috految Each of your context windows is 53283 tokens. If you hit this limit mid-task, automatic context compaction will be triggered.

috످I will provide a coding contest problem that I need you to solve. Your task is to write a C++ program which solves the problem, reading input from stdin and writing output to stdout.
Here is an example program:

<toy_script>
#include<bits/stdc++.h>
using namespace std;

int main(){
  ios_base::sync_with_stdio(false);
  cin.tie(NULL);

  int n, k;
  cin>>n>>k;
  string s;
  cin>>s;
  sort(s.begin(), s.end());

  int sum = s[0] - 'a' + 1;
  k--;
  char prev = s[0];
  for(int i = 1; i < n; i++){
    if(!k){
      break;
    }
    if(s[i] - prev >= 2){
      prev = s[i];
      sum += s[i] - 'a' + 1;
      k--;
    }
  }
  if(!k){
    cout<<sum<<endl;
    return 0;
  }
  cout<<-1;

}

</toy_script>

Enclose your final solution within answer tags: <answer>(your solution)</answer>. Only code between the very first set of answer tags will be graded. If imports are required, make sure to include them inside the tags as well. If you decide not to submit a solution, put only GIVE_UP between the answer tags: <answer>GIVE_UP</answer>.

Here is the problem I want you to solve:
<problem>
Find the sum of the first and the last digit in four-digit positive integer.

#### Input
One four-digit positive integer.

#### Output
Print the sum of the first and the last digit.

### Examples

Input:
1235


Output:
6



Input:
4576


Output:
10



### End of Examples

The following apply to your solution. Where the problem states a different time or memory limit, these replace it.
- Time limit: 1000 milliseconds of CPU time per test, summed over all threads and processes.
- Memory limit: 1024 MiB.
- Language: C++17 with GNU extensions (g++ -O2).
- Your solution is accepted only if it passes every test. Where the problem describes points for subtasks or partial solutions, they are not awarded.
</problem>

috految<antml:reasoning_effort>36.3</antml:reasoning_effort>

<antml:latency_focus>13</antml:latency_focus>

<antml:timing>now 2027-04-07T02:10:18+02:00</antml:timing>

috److For a four-digit number `n`, the first digit is `n / 1000` and the last digit is `n % 10`. The answer is their sum.

<answer>
#include<iostream>
using namespace std;

int main(){
  int n;
  cin>>n;
  if(n < 0) n = -n;
  cout<<n / 1000 + n % 10<<endl;
  return 0;
}
</answer>

috످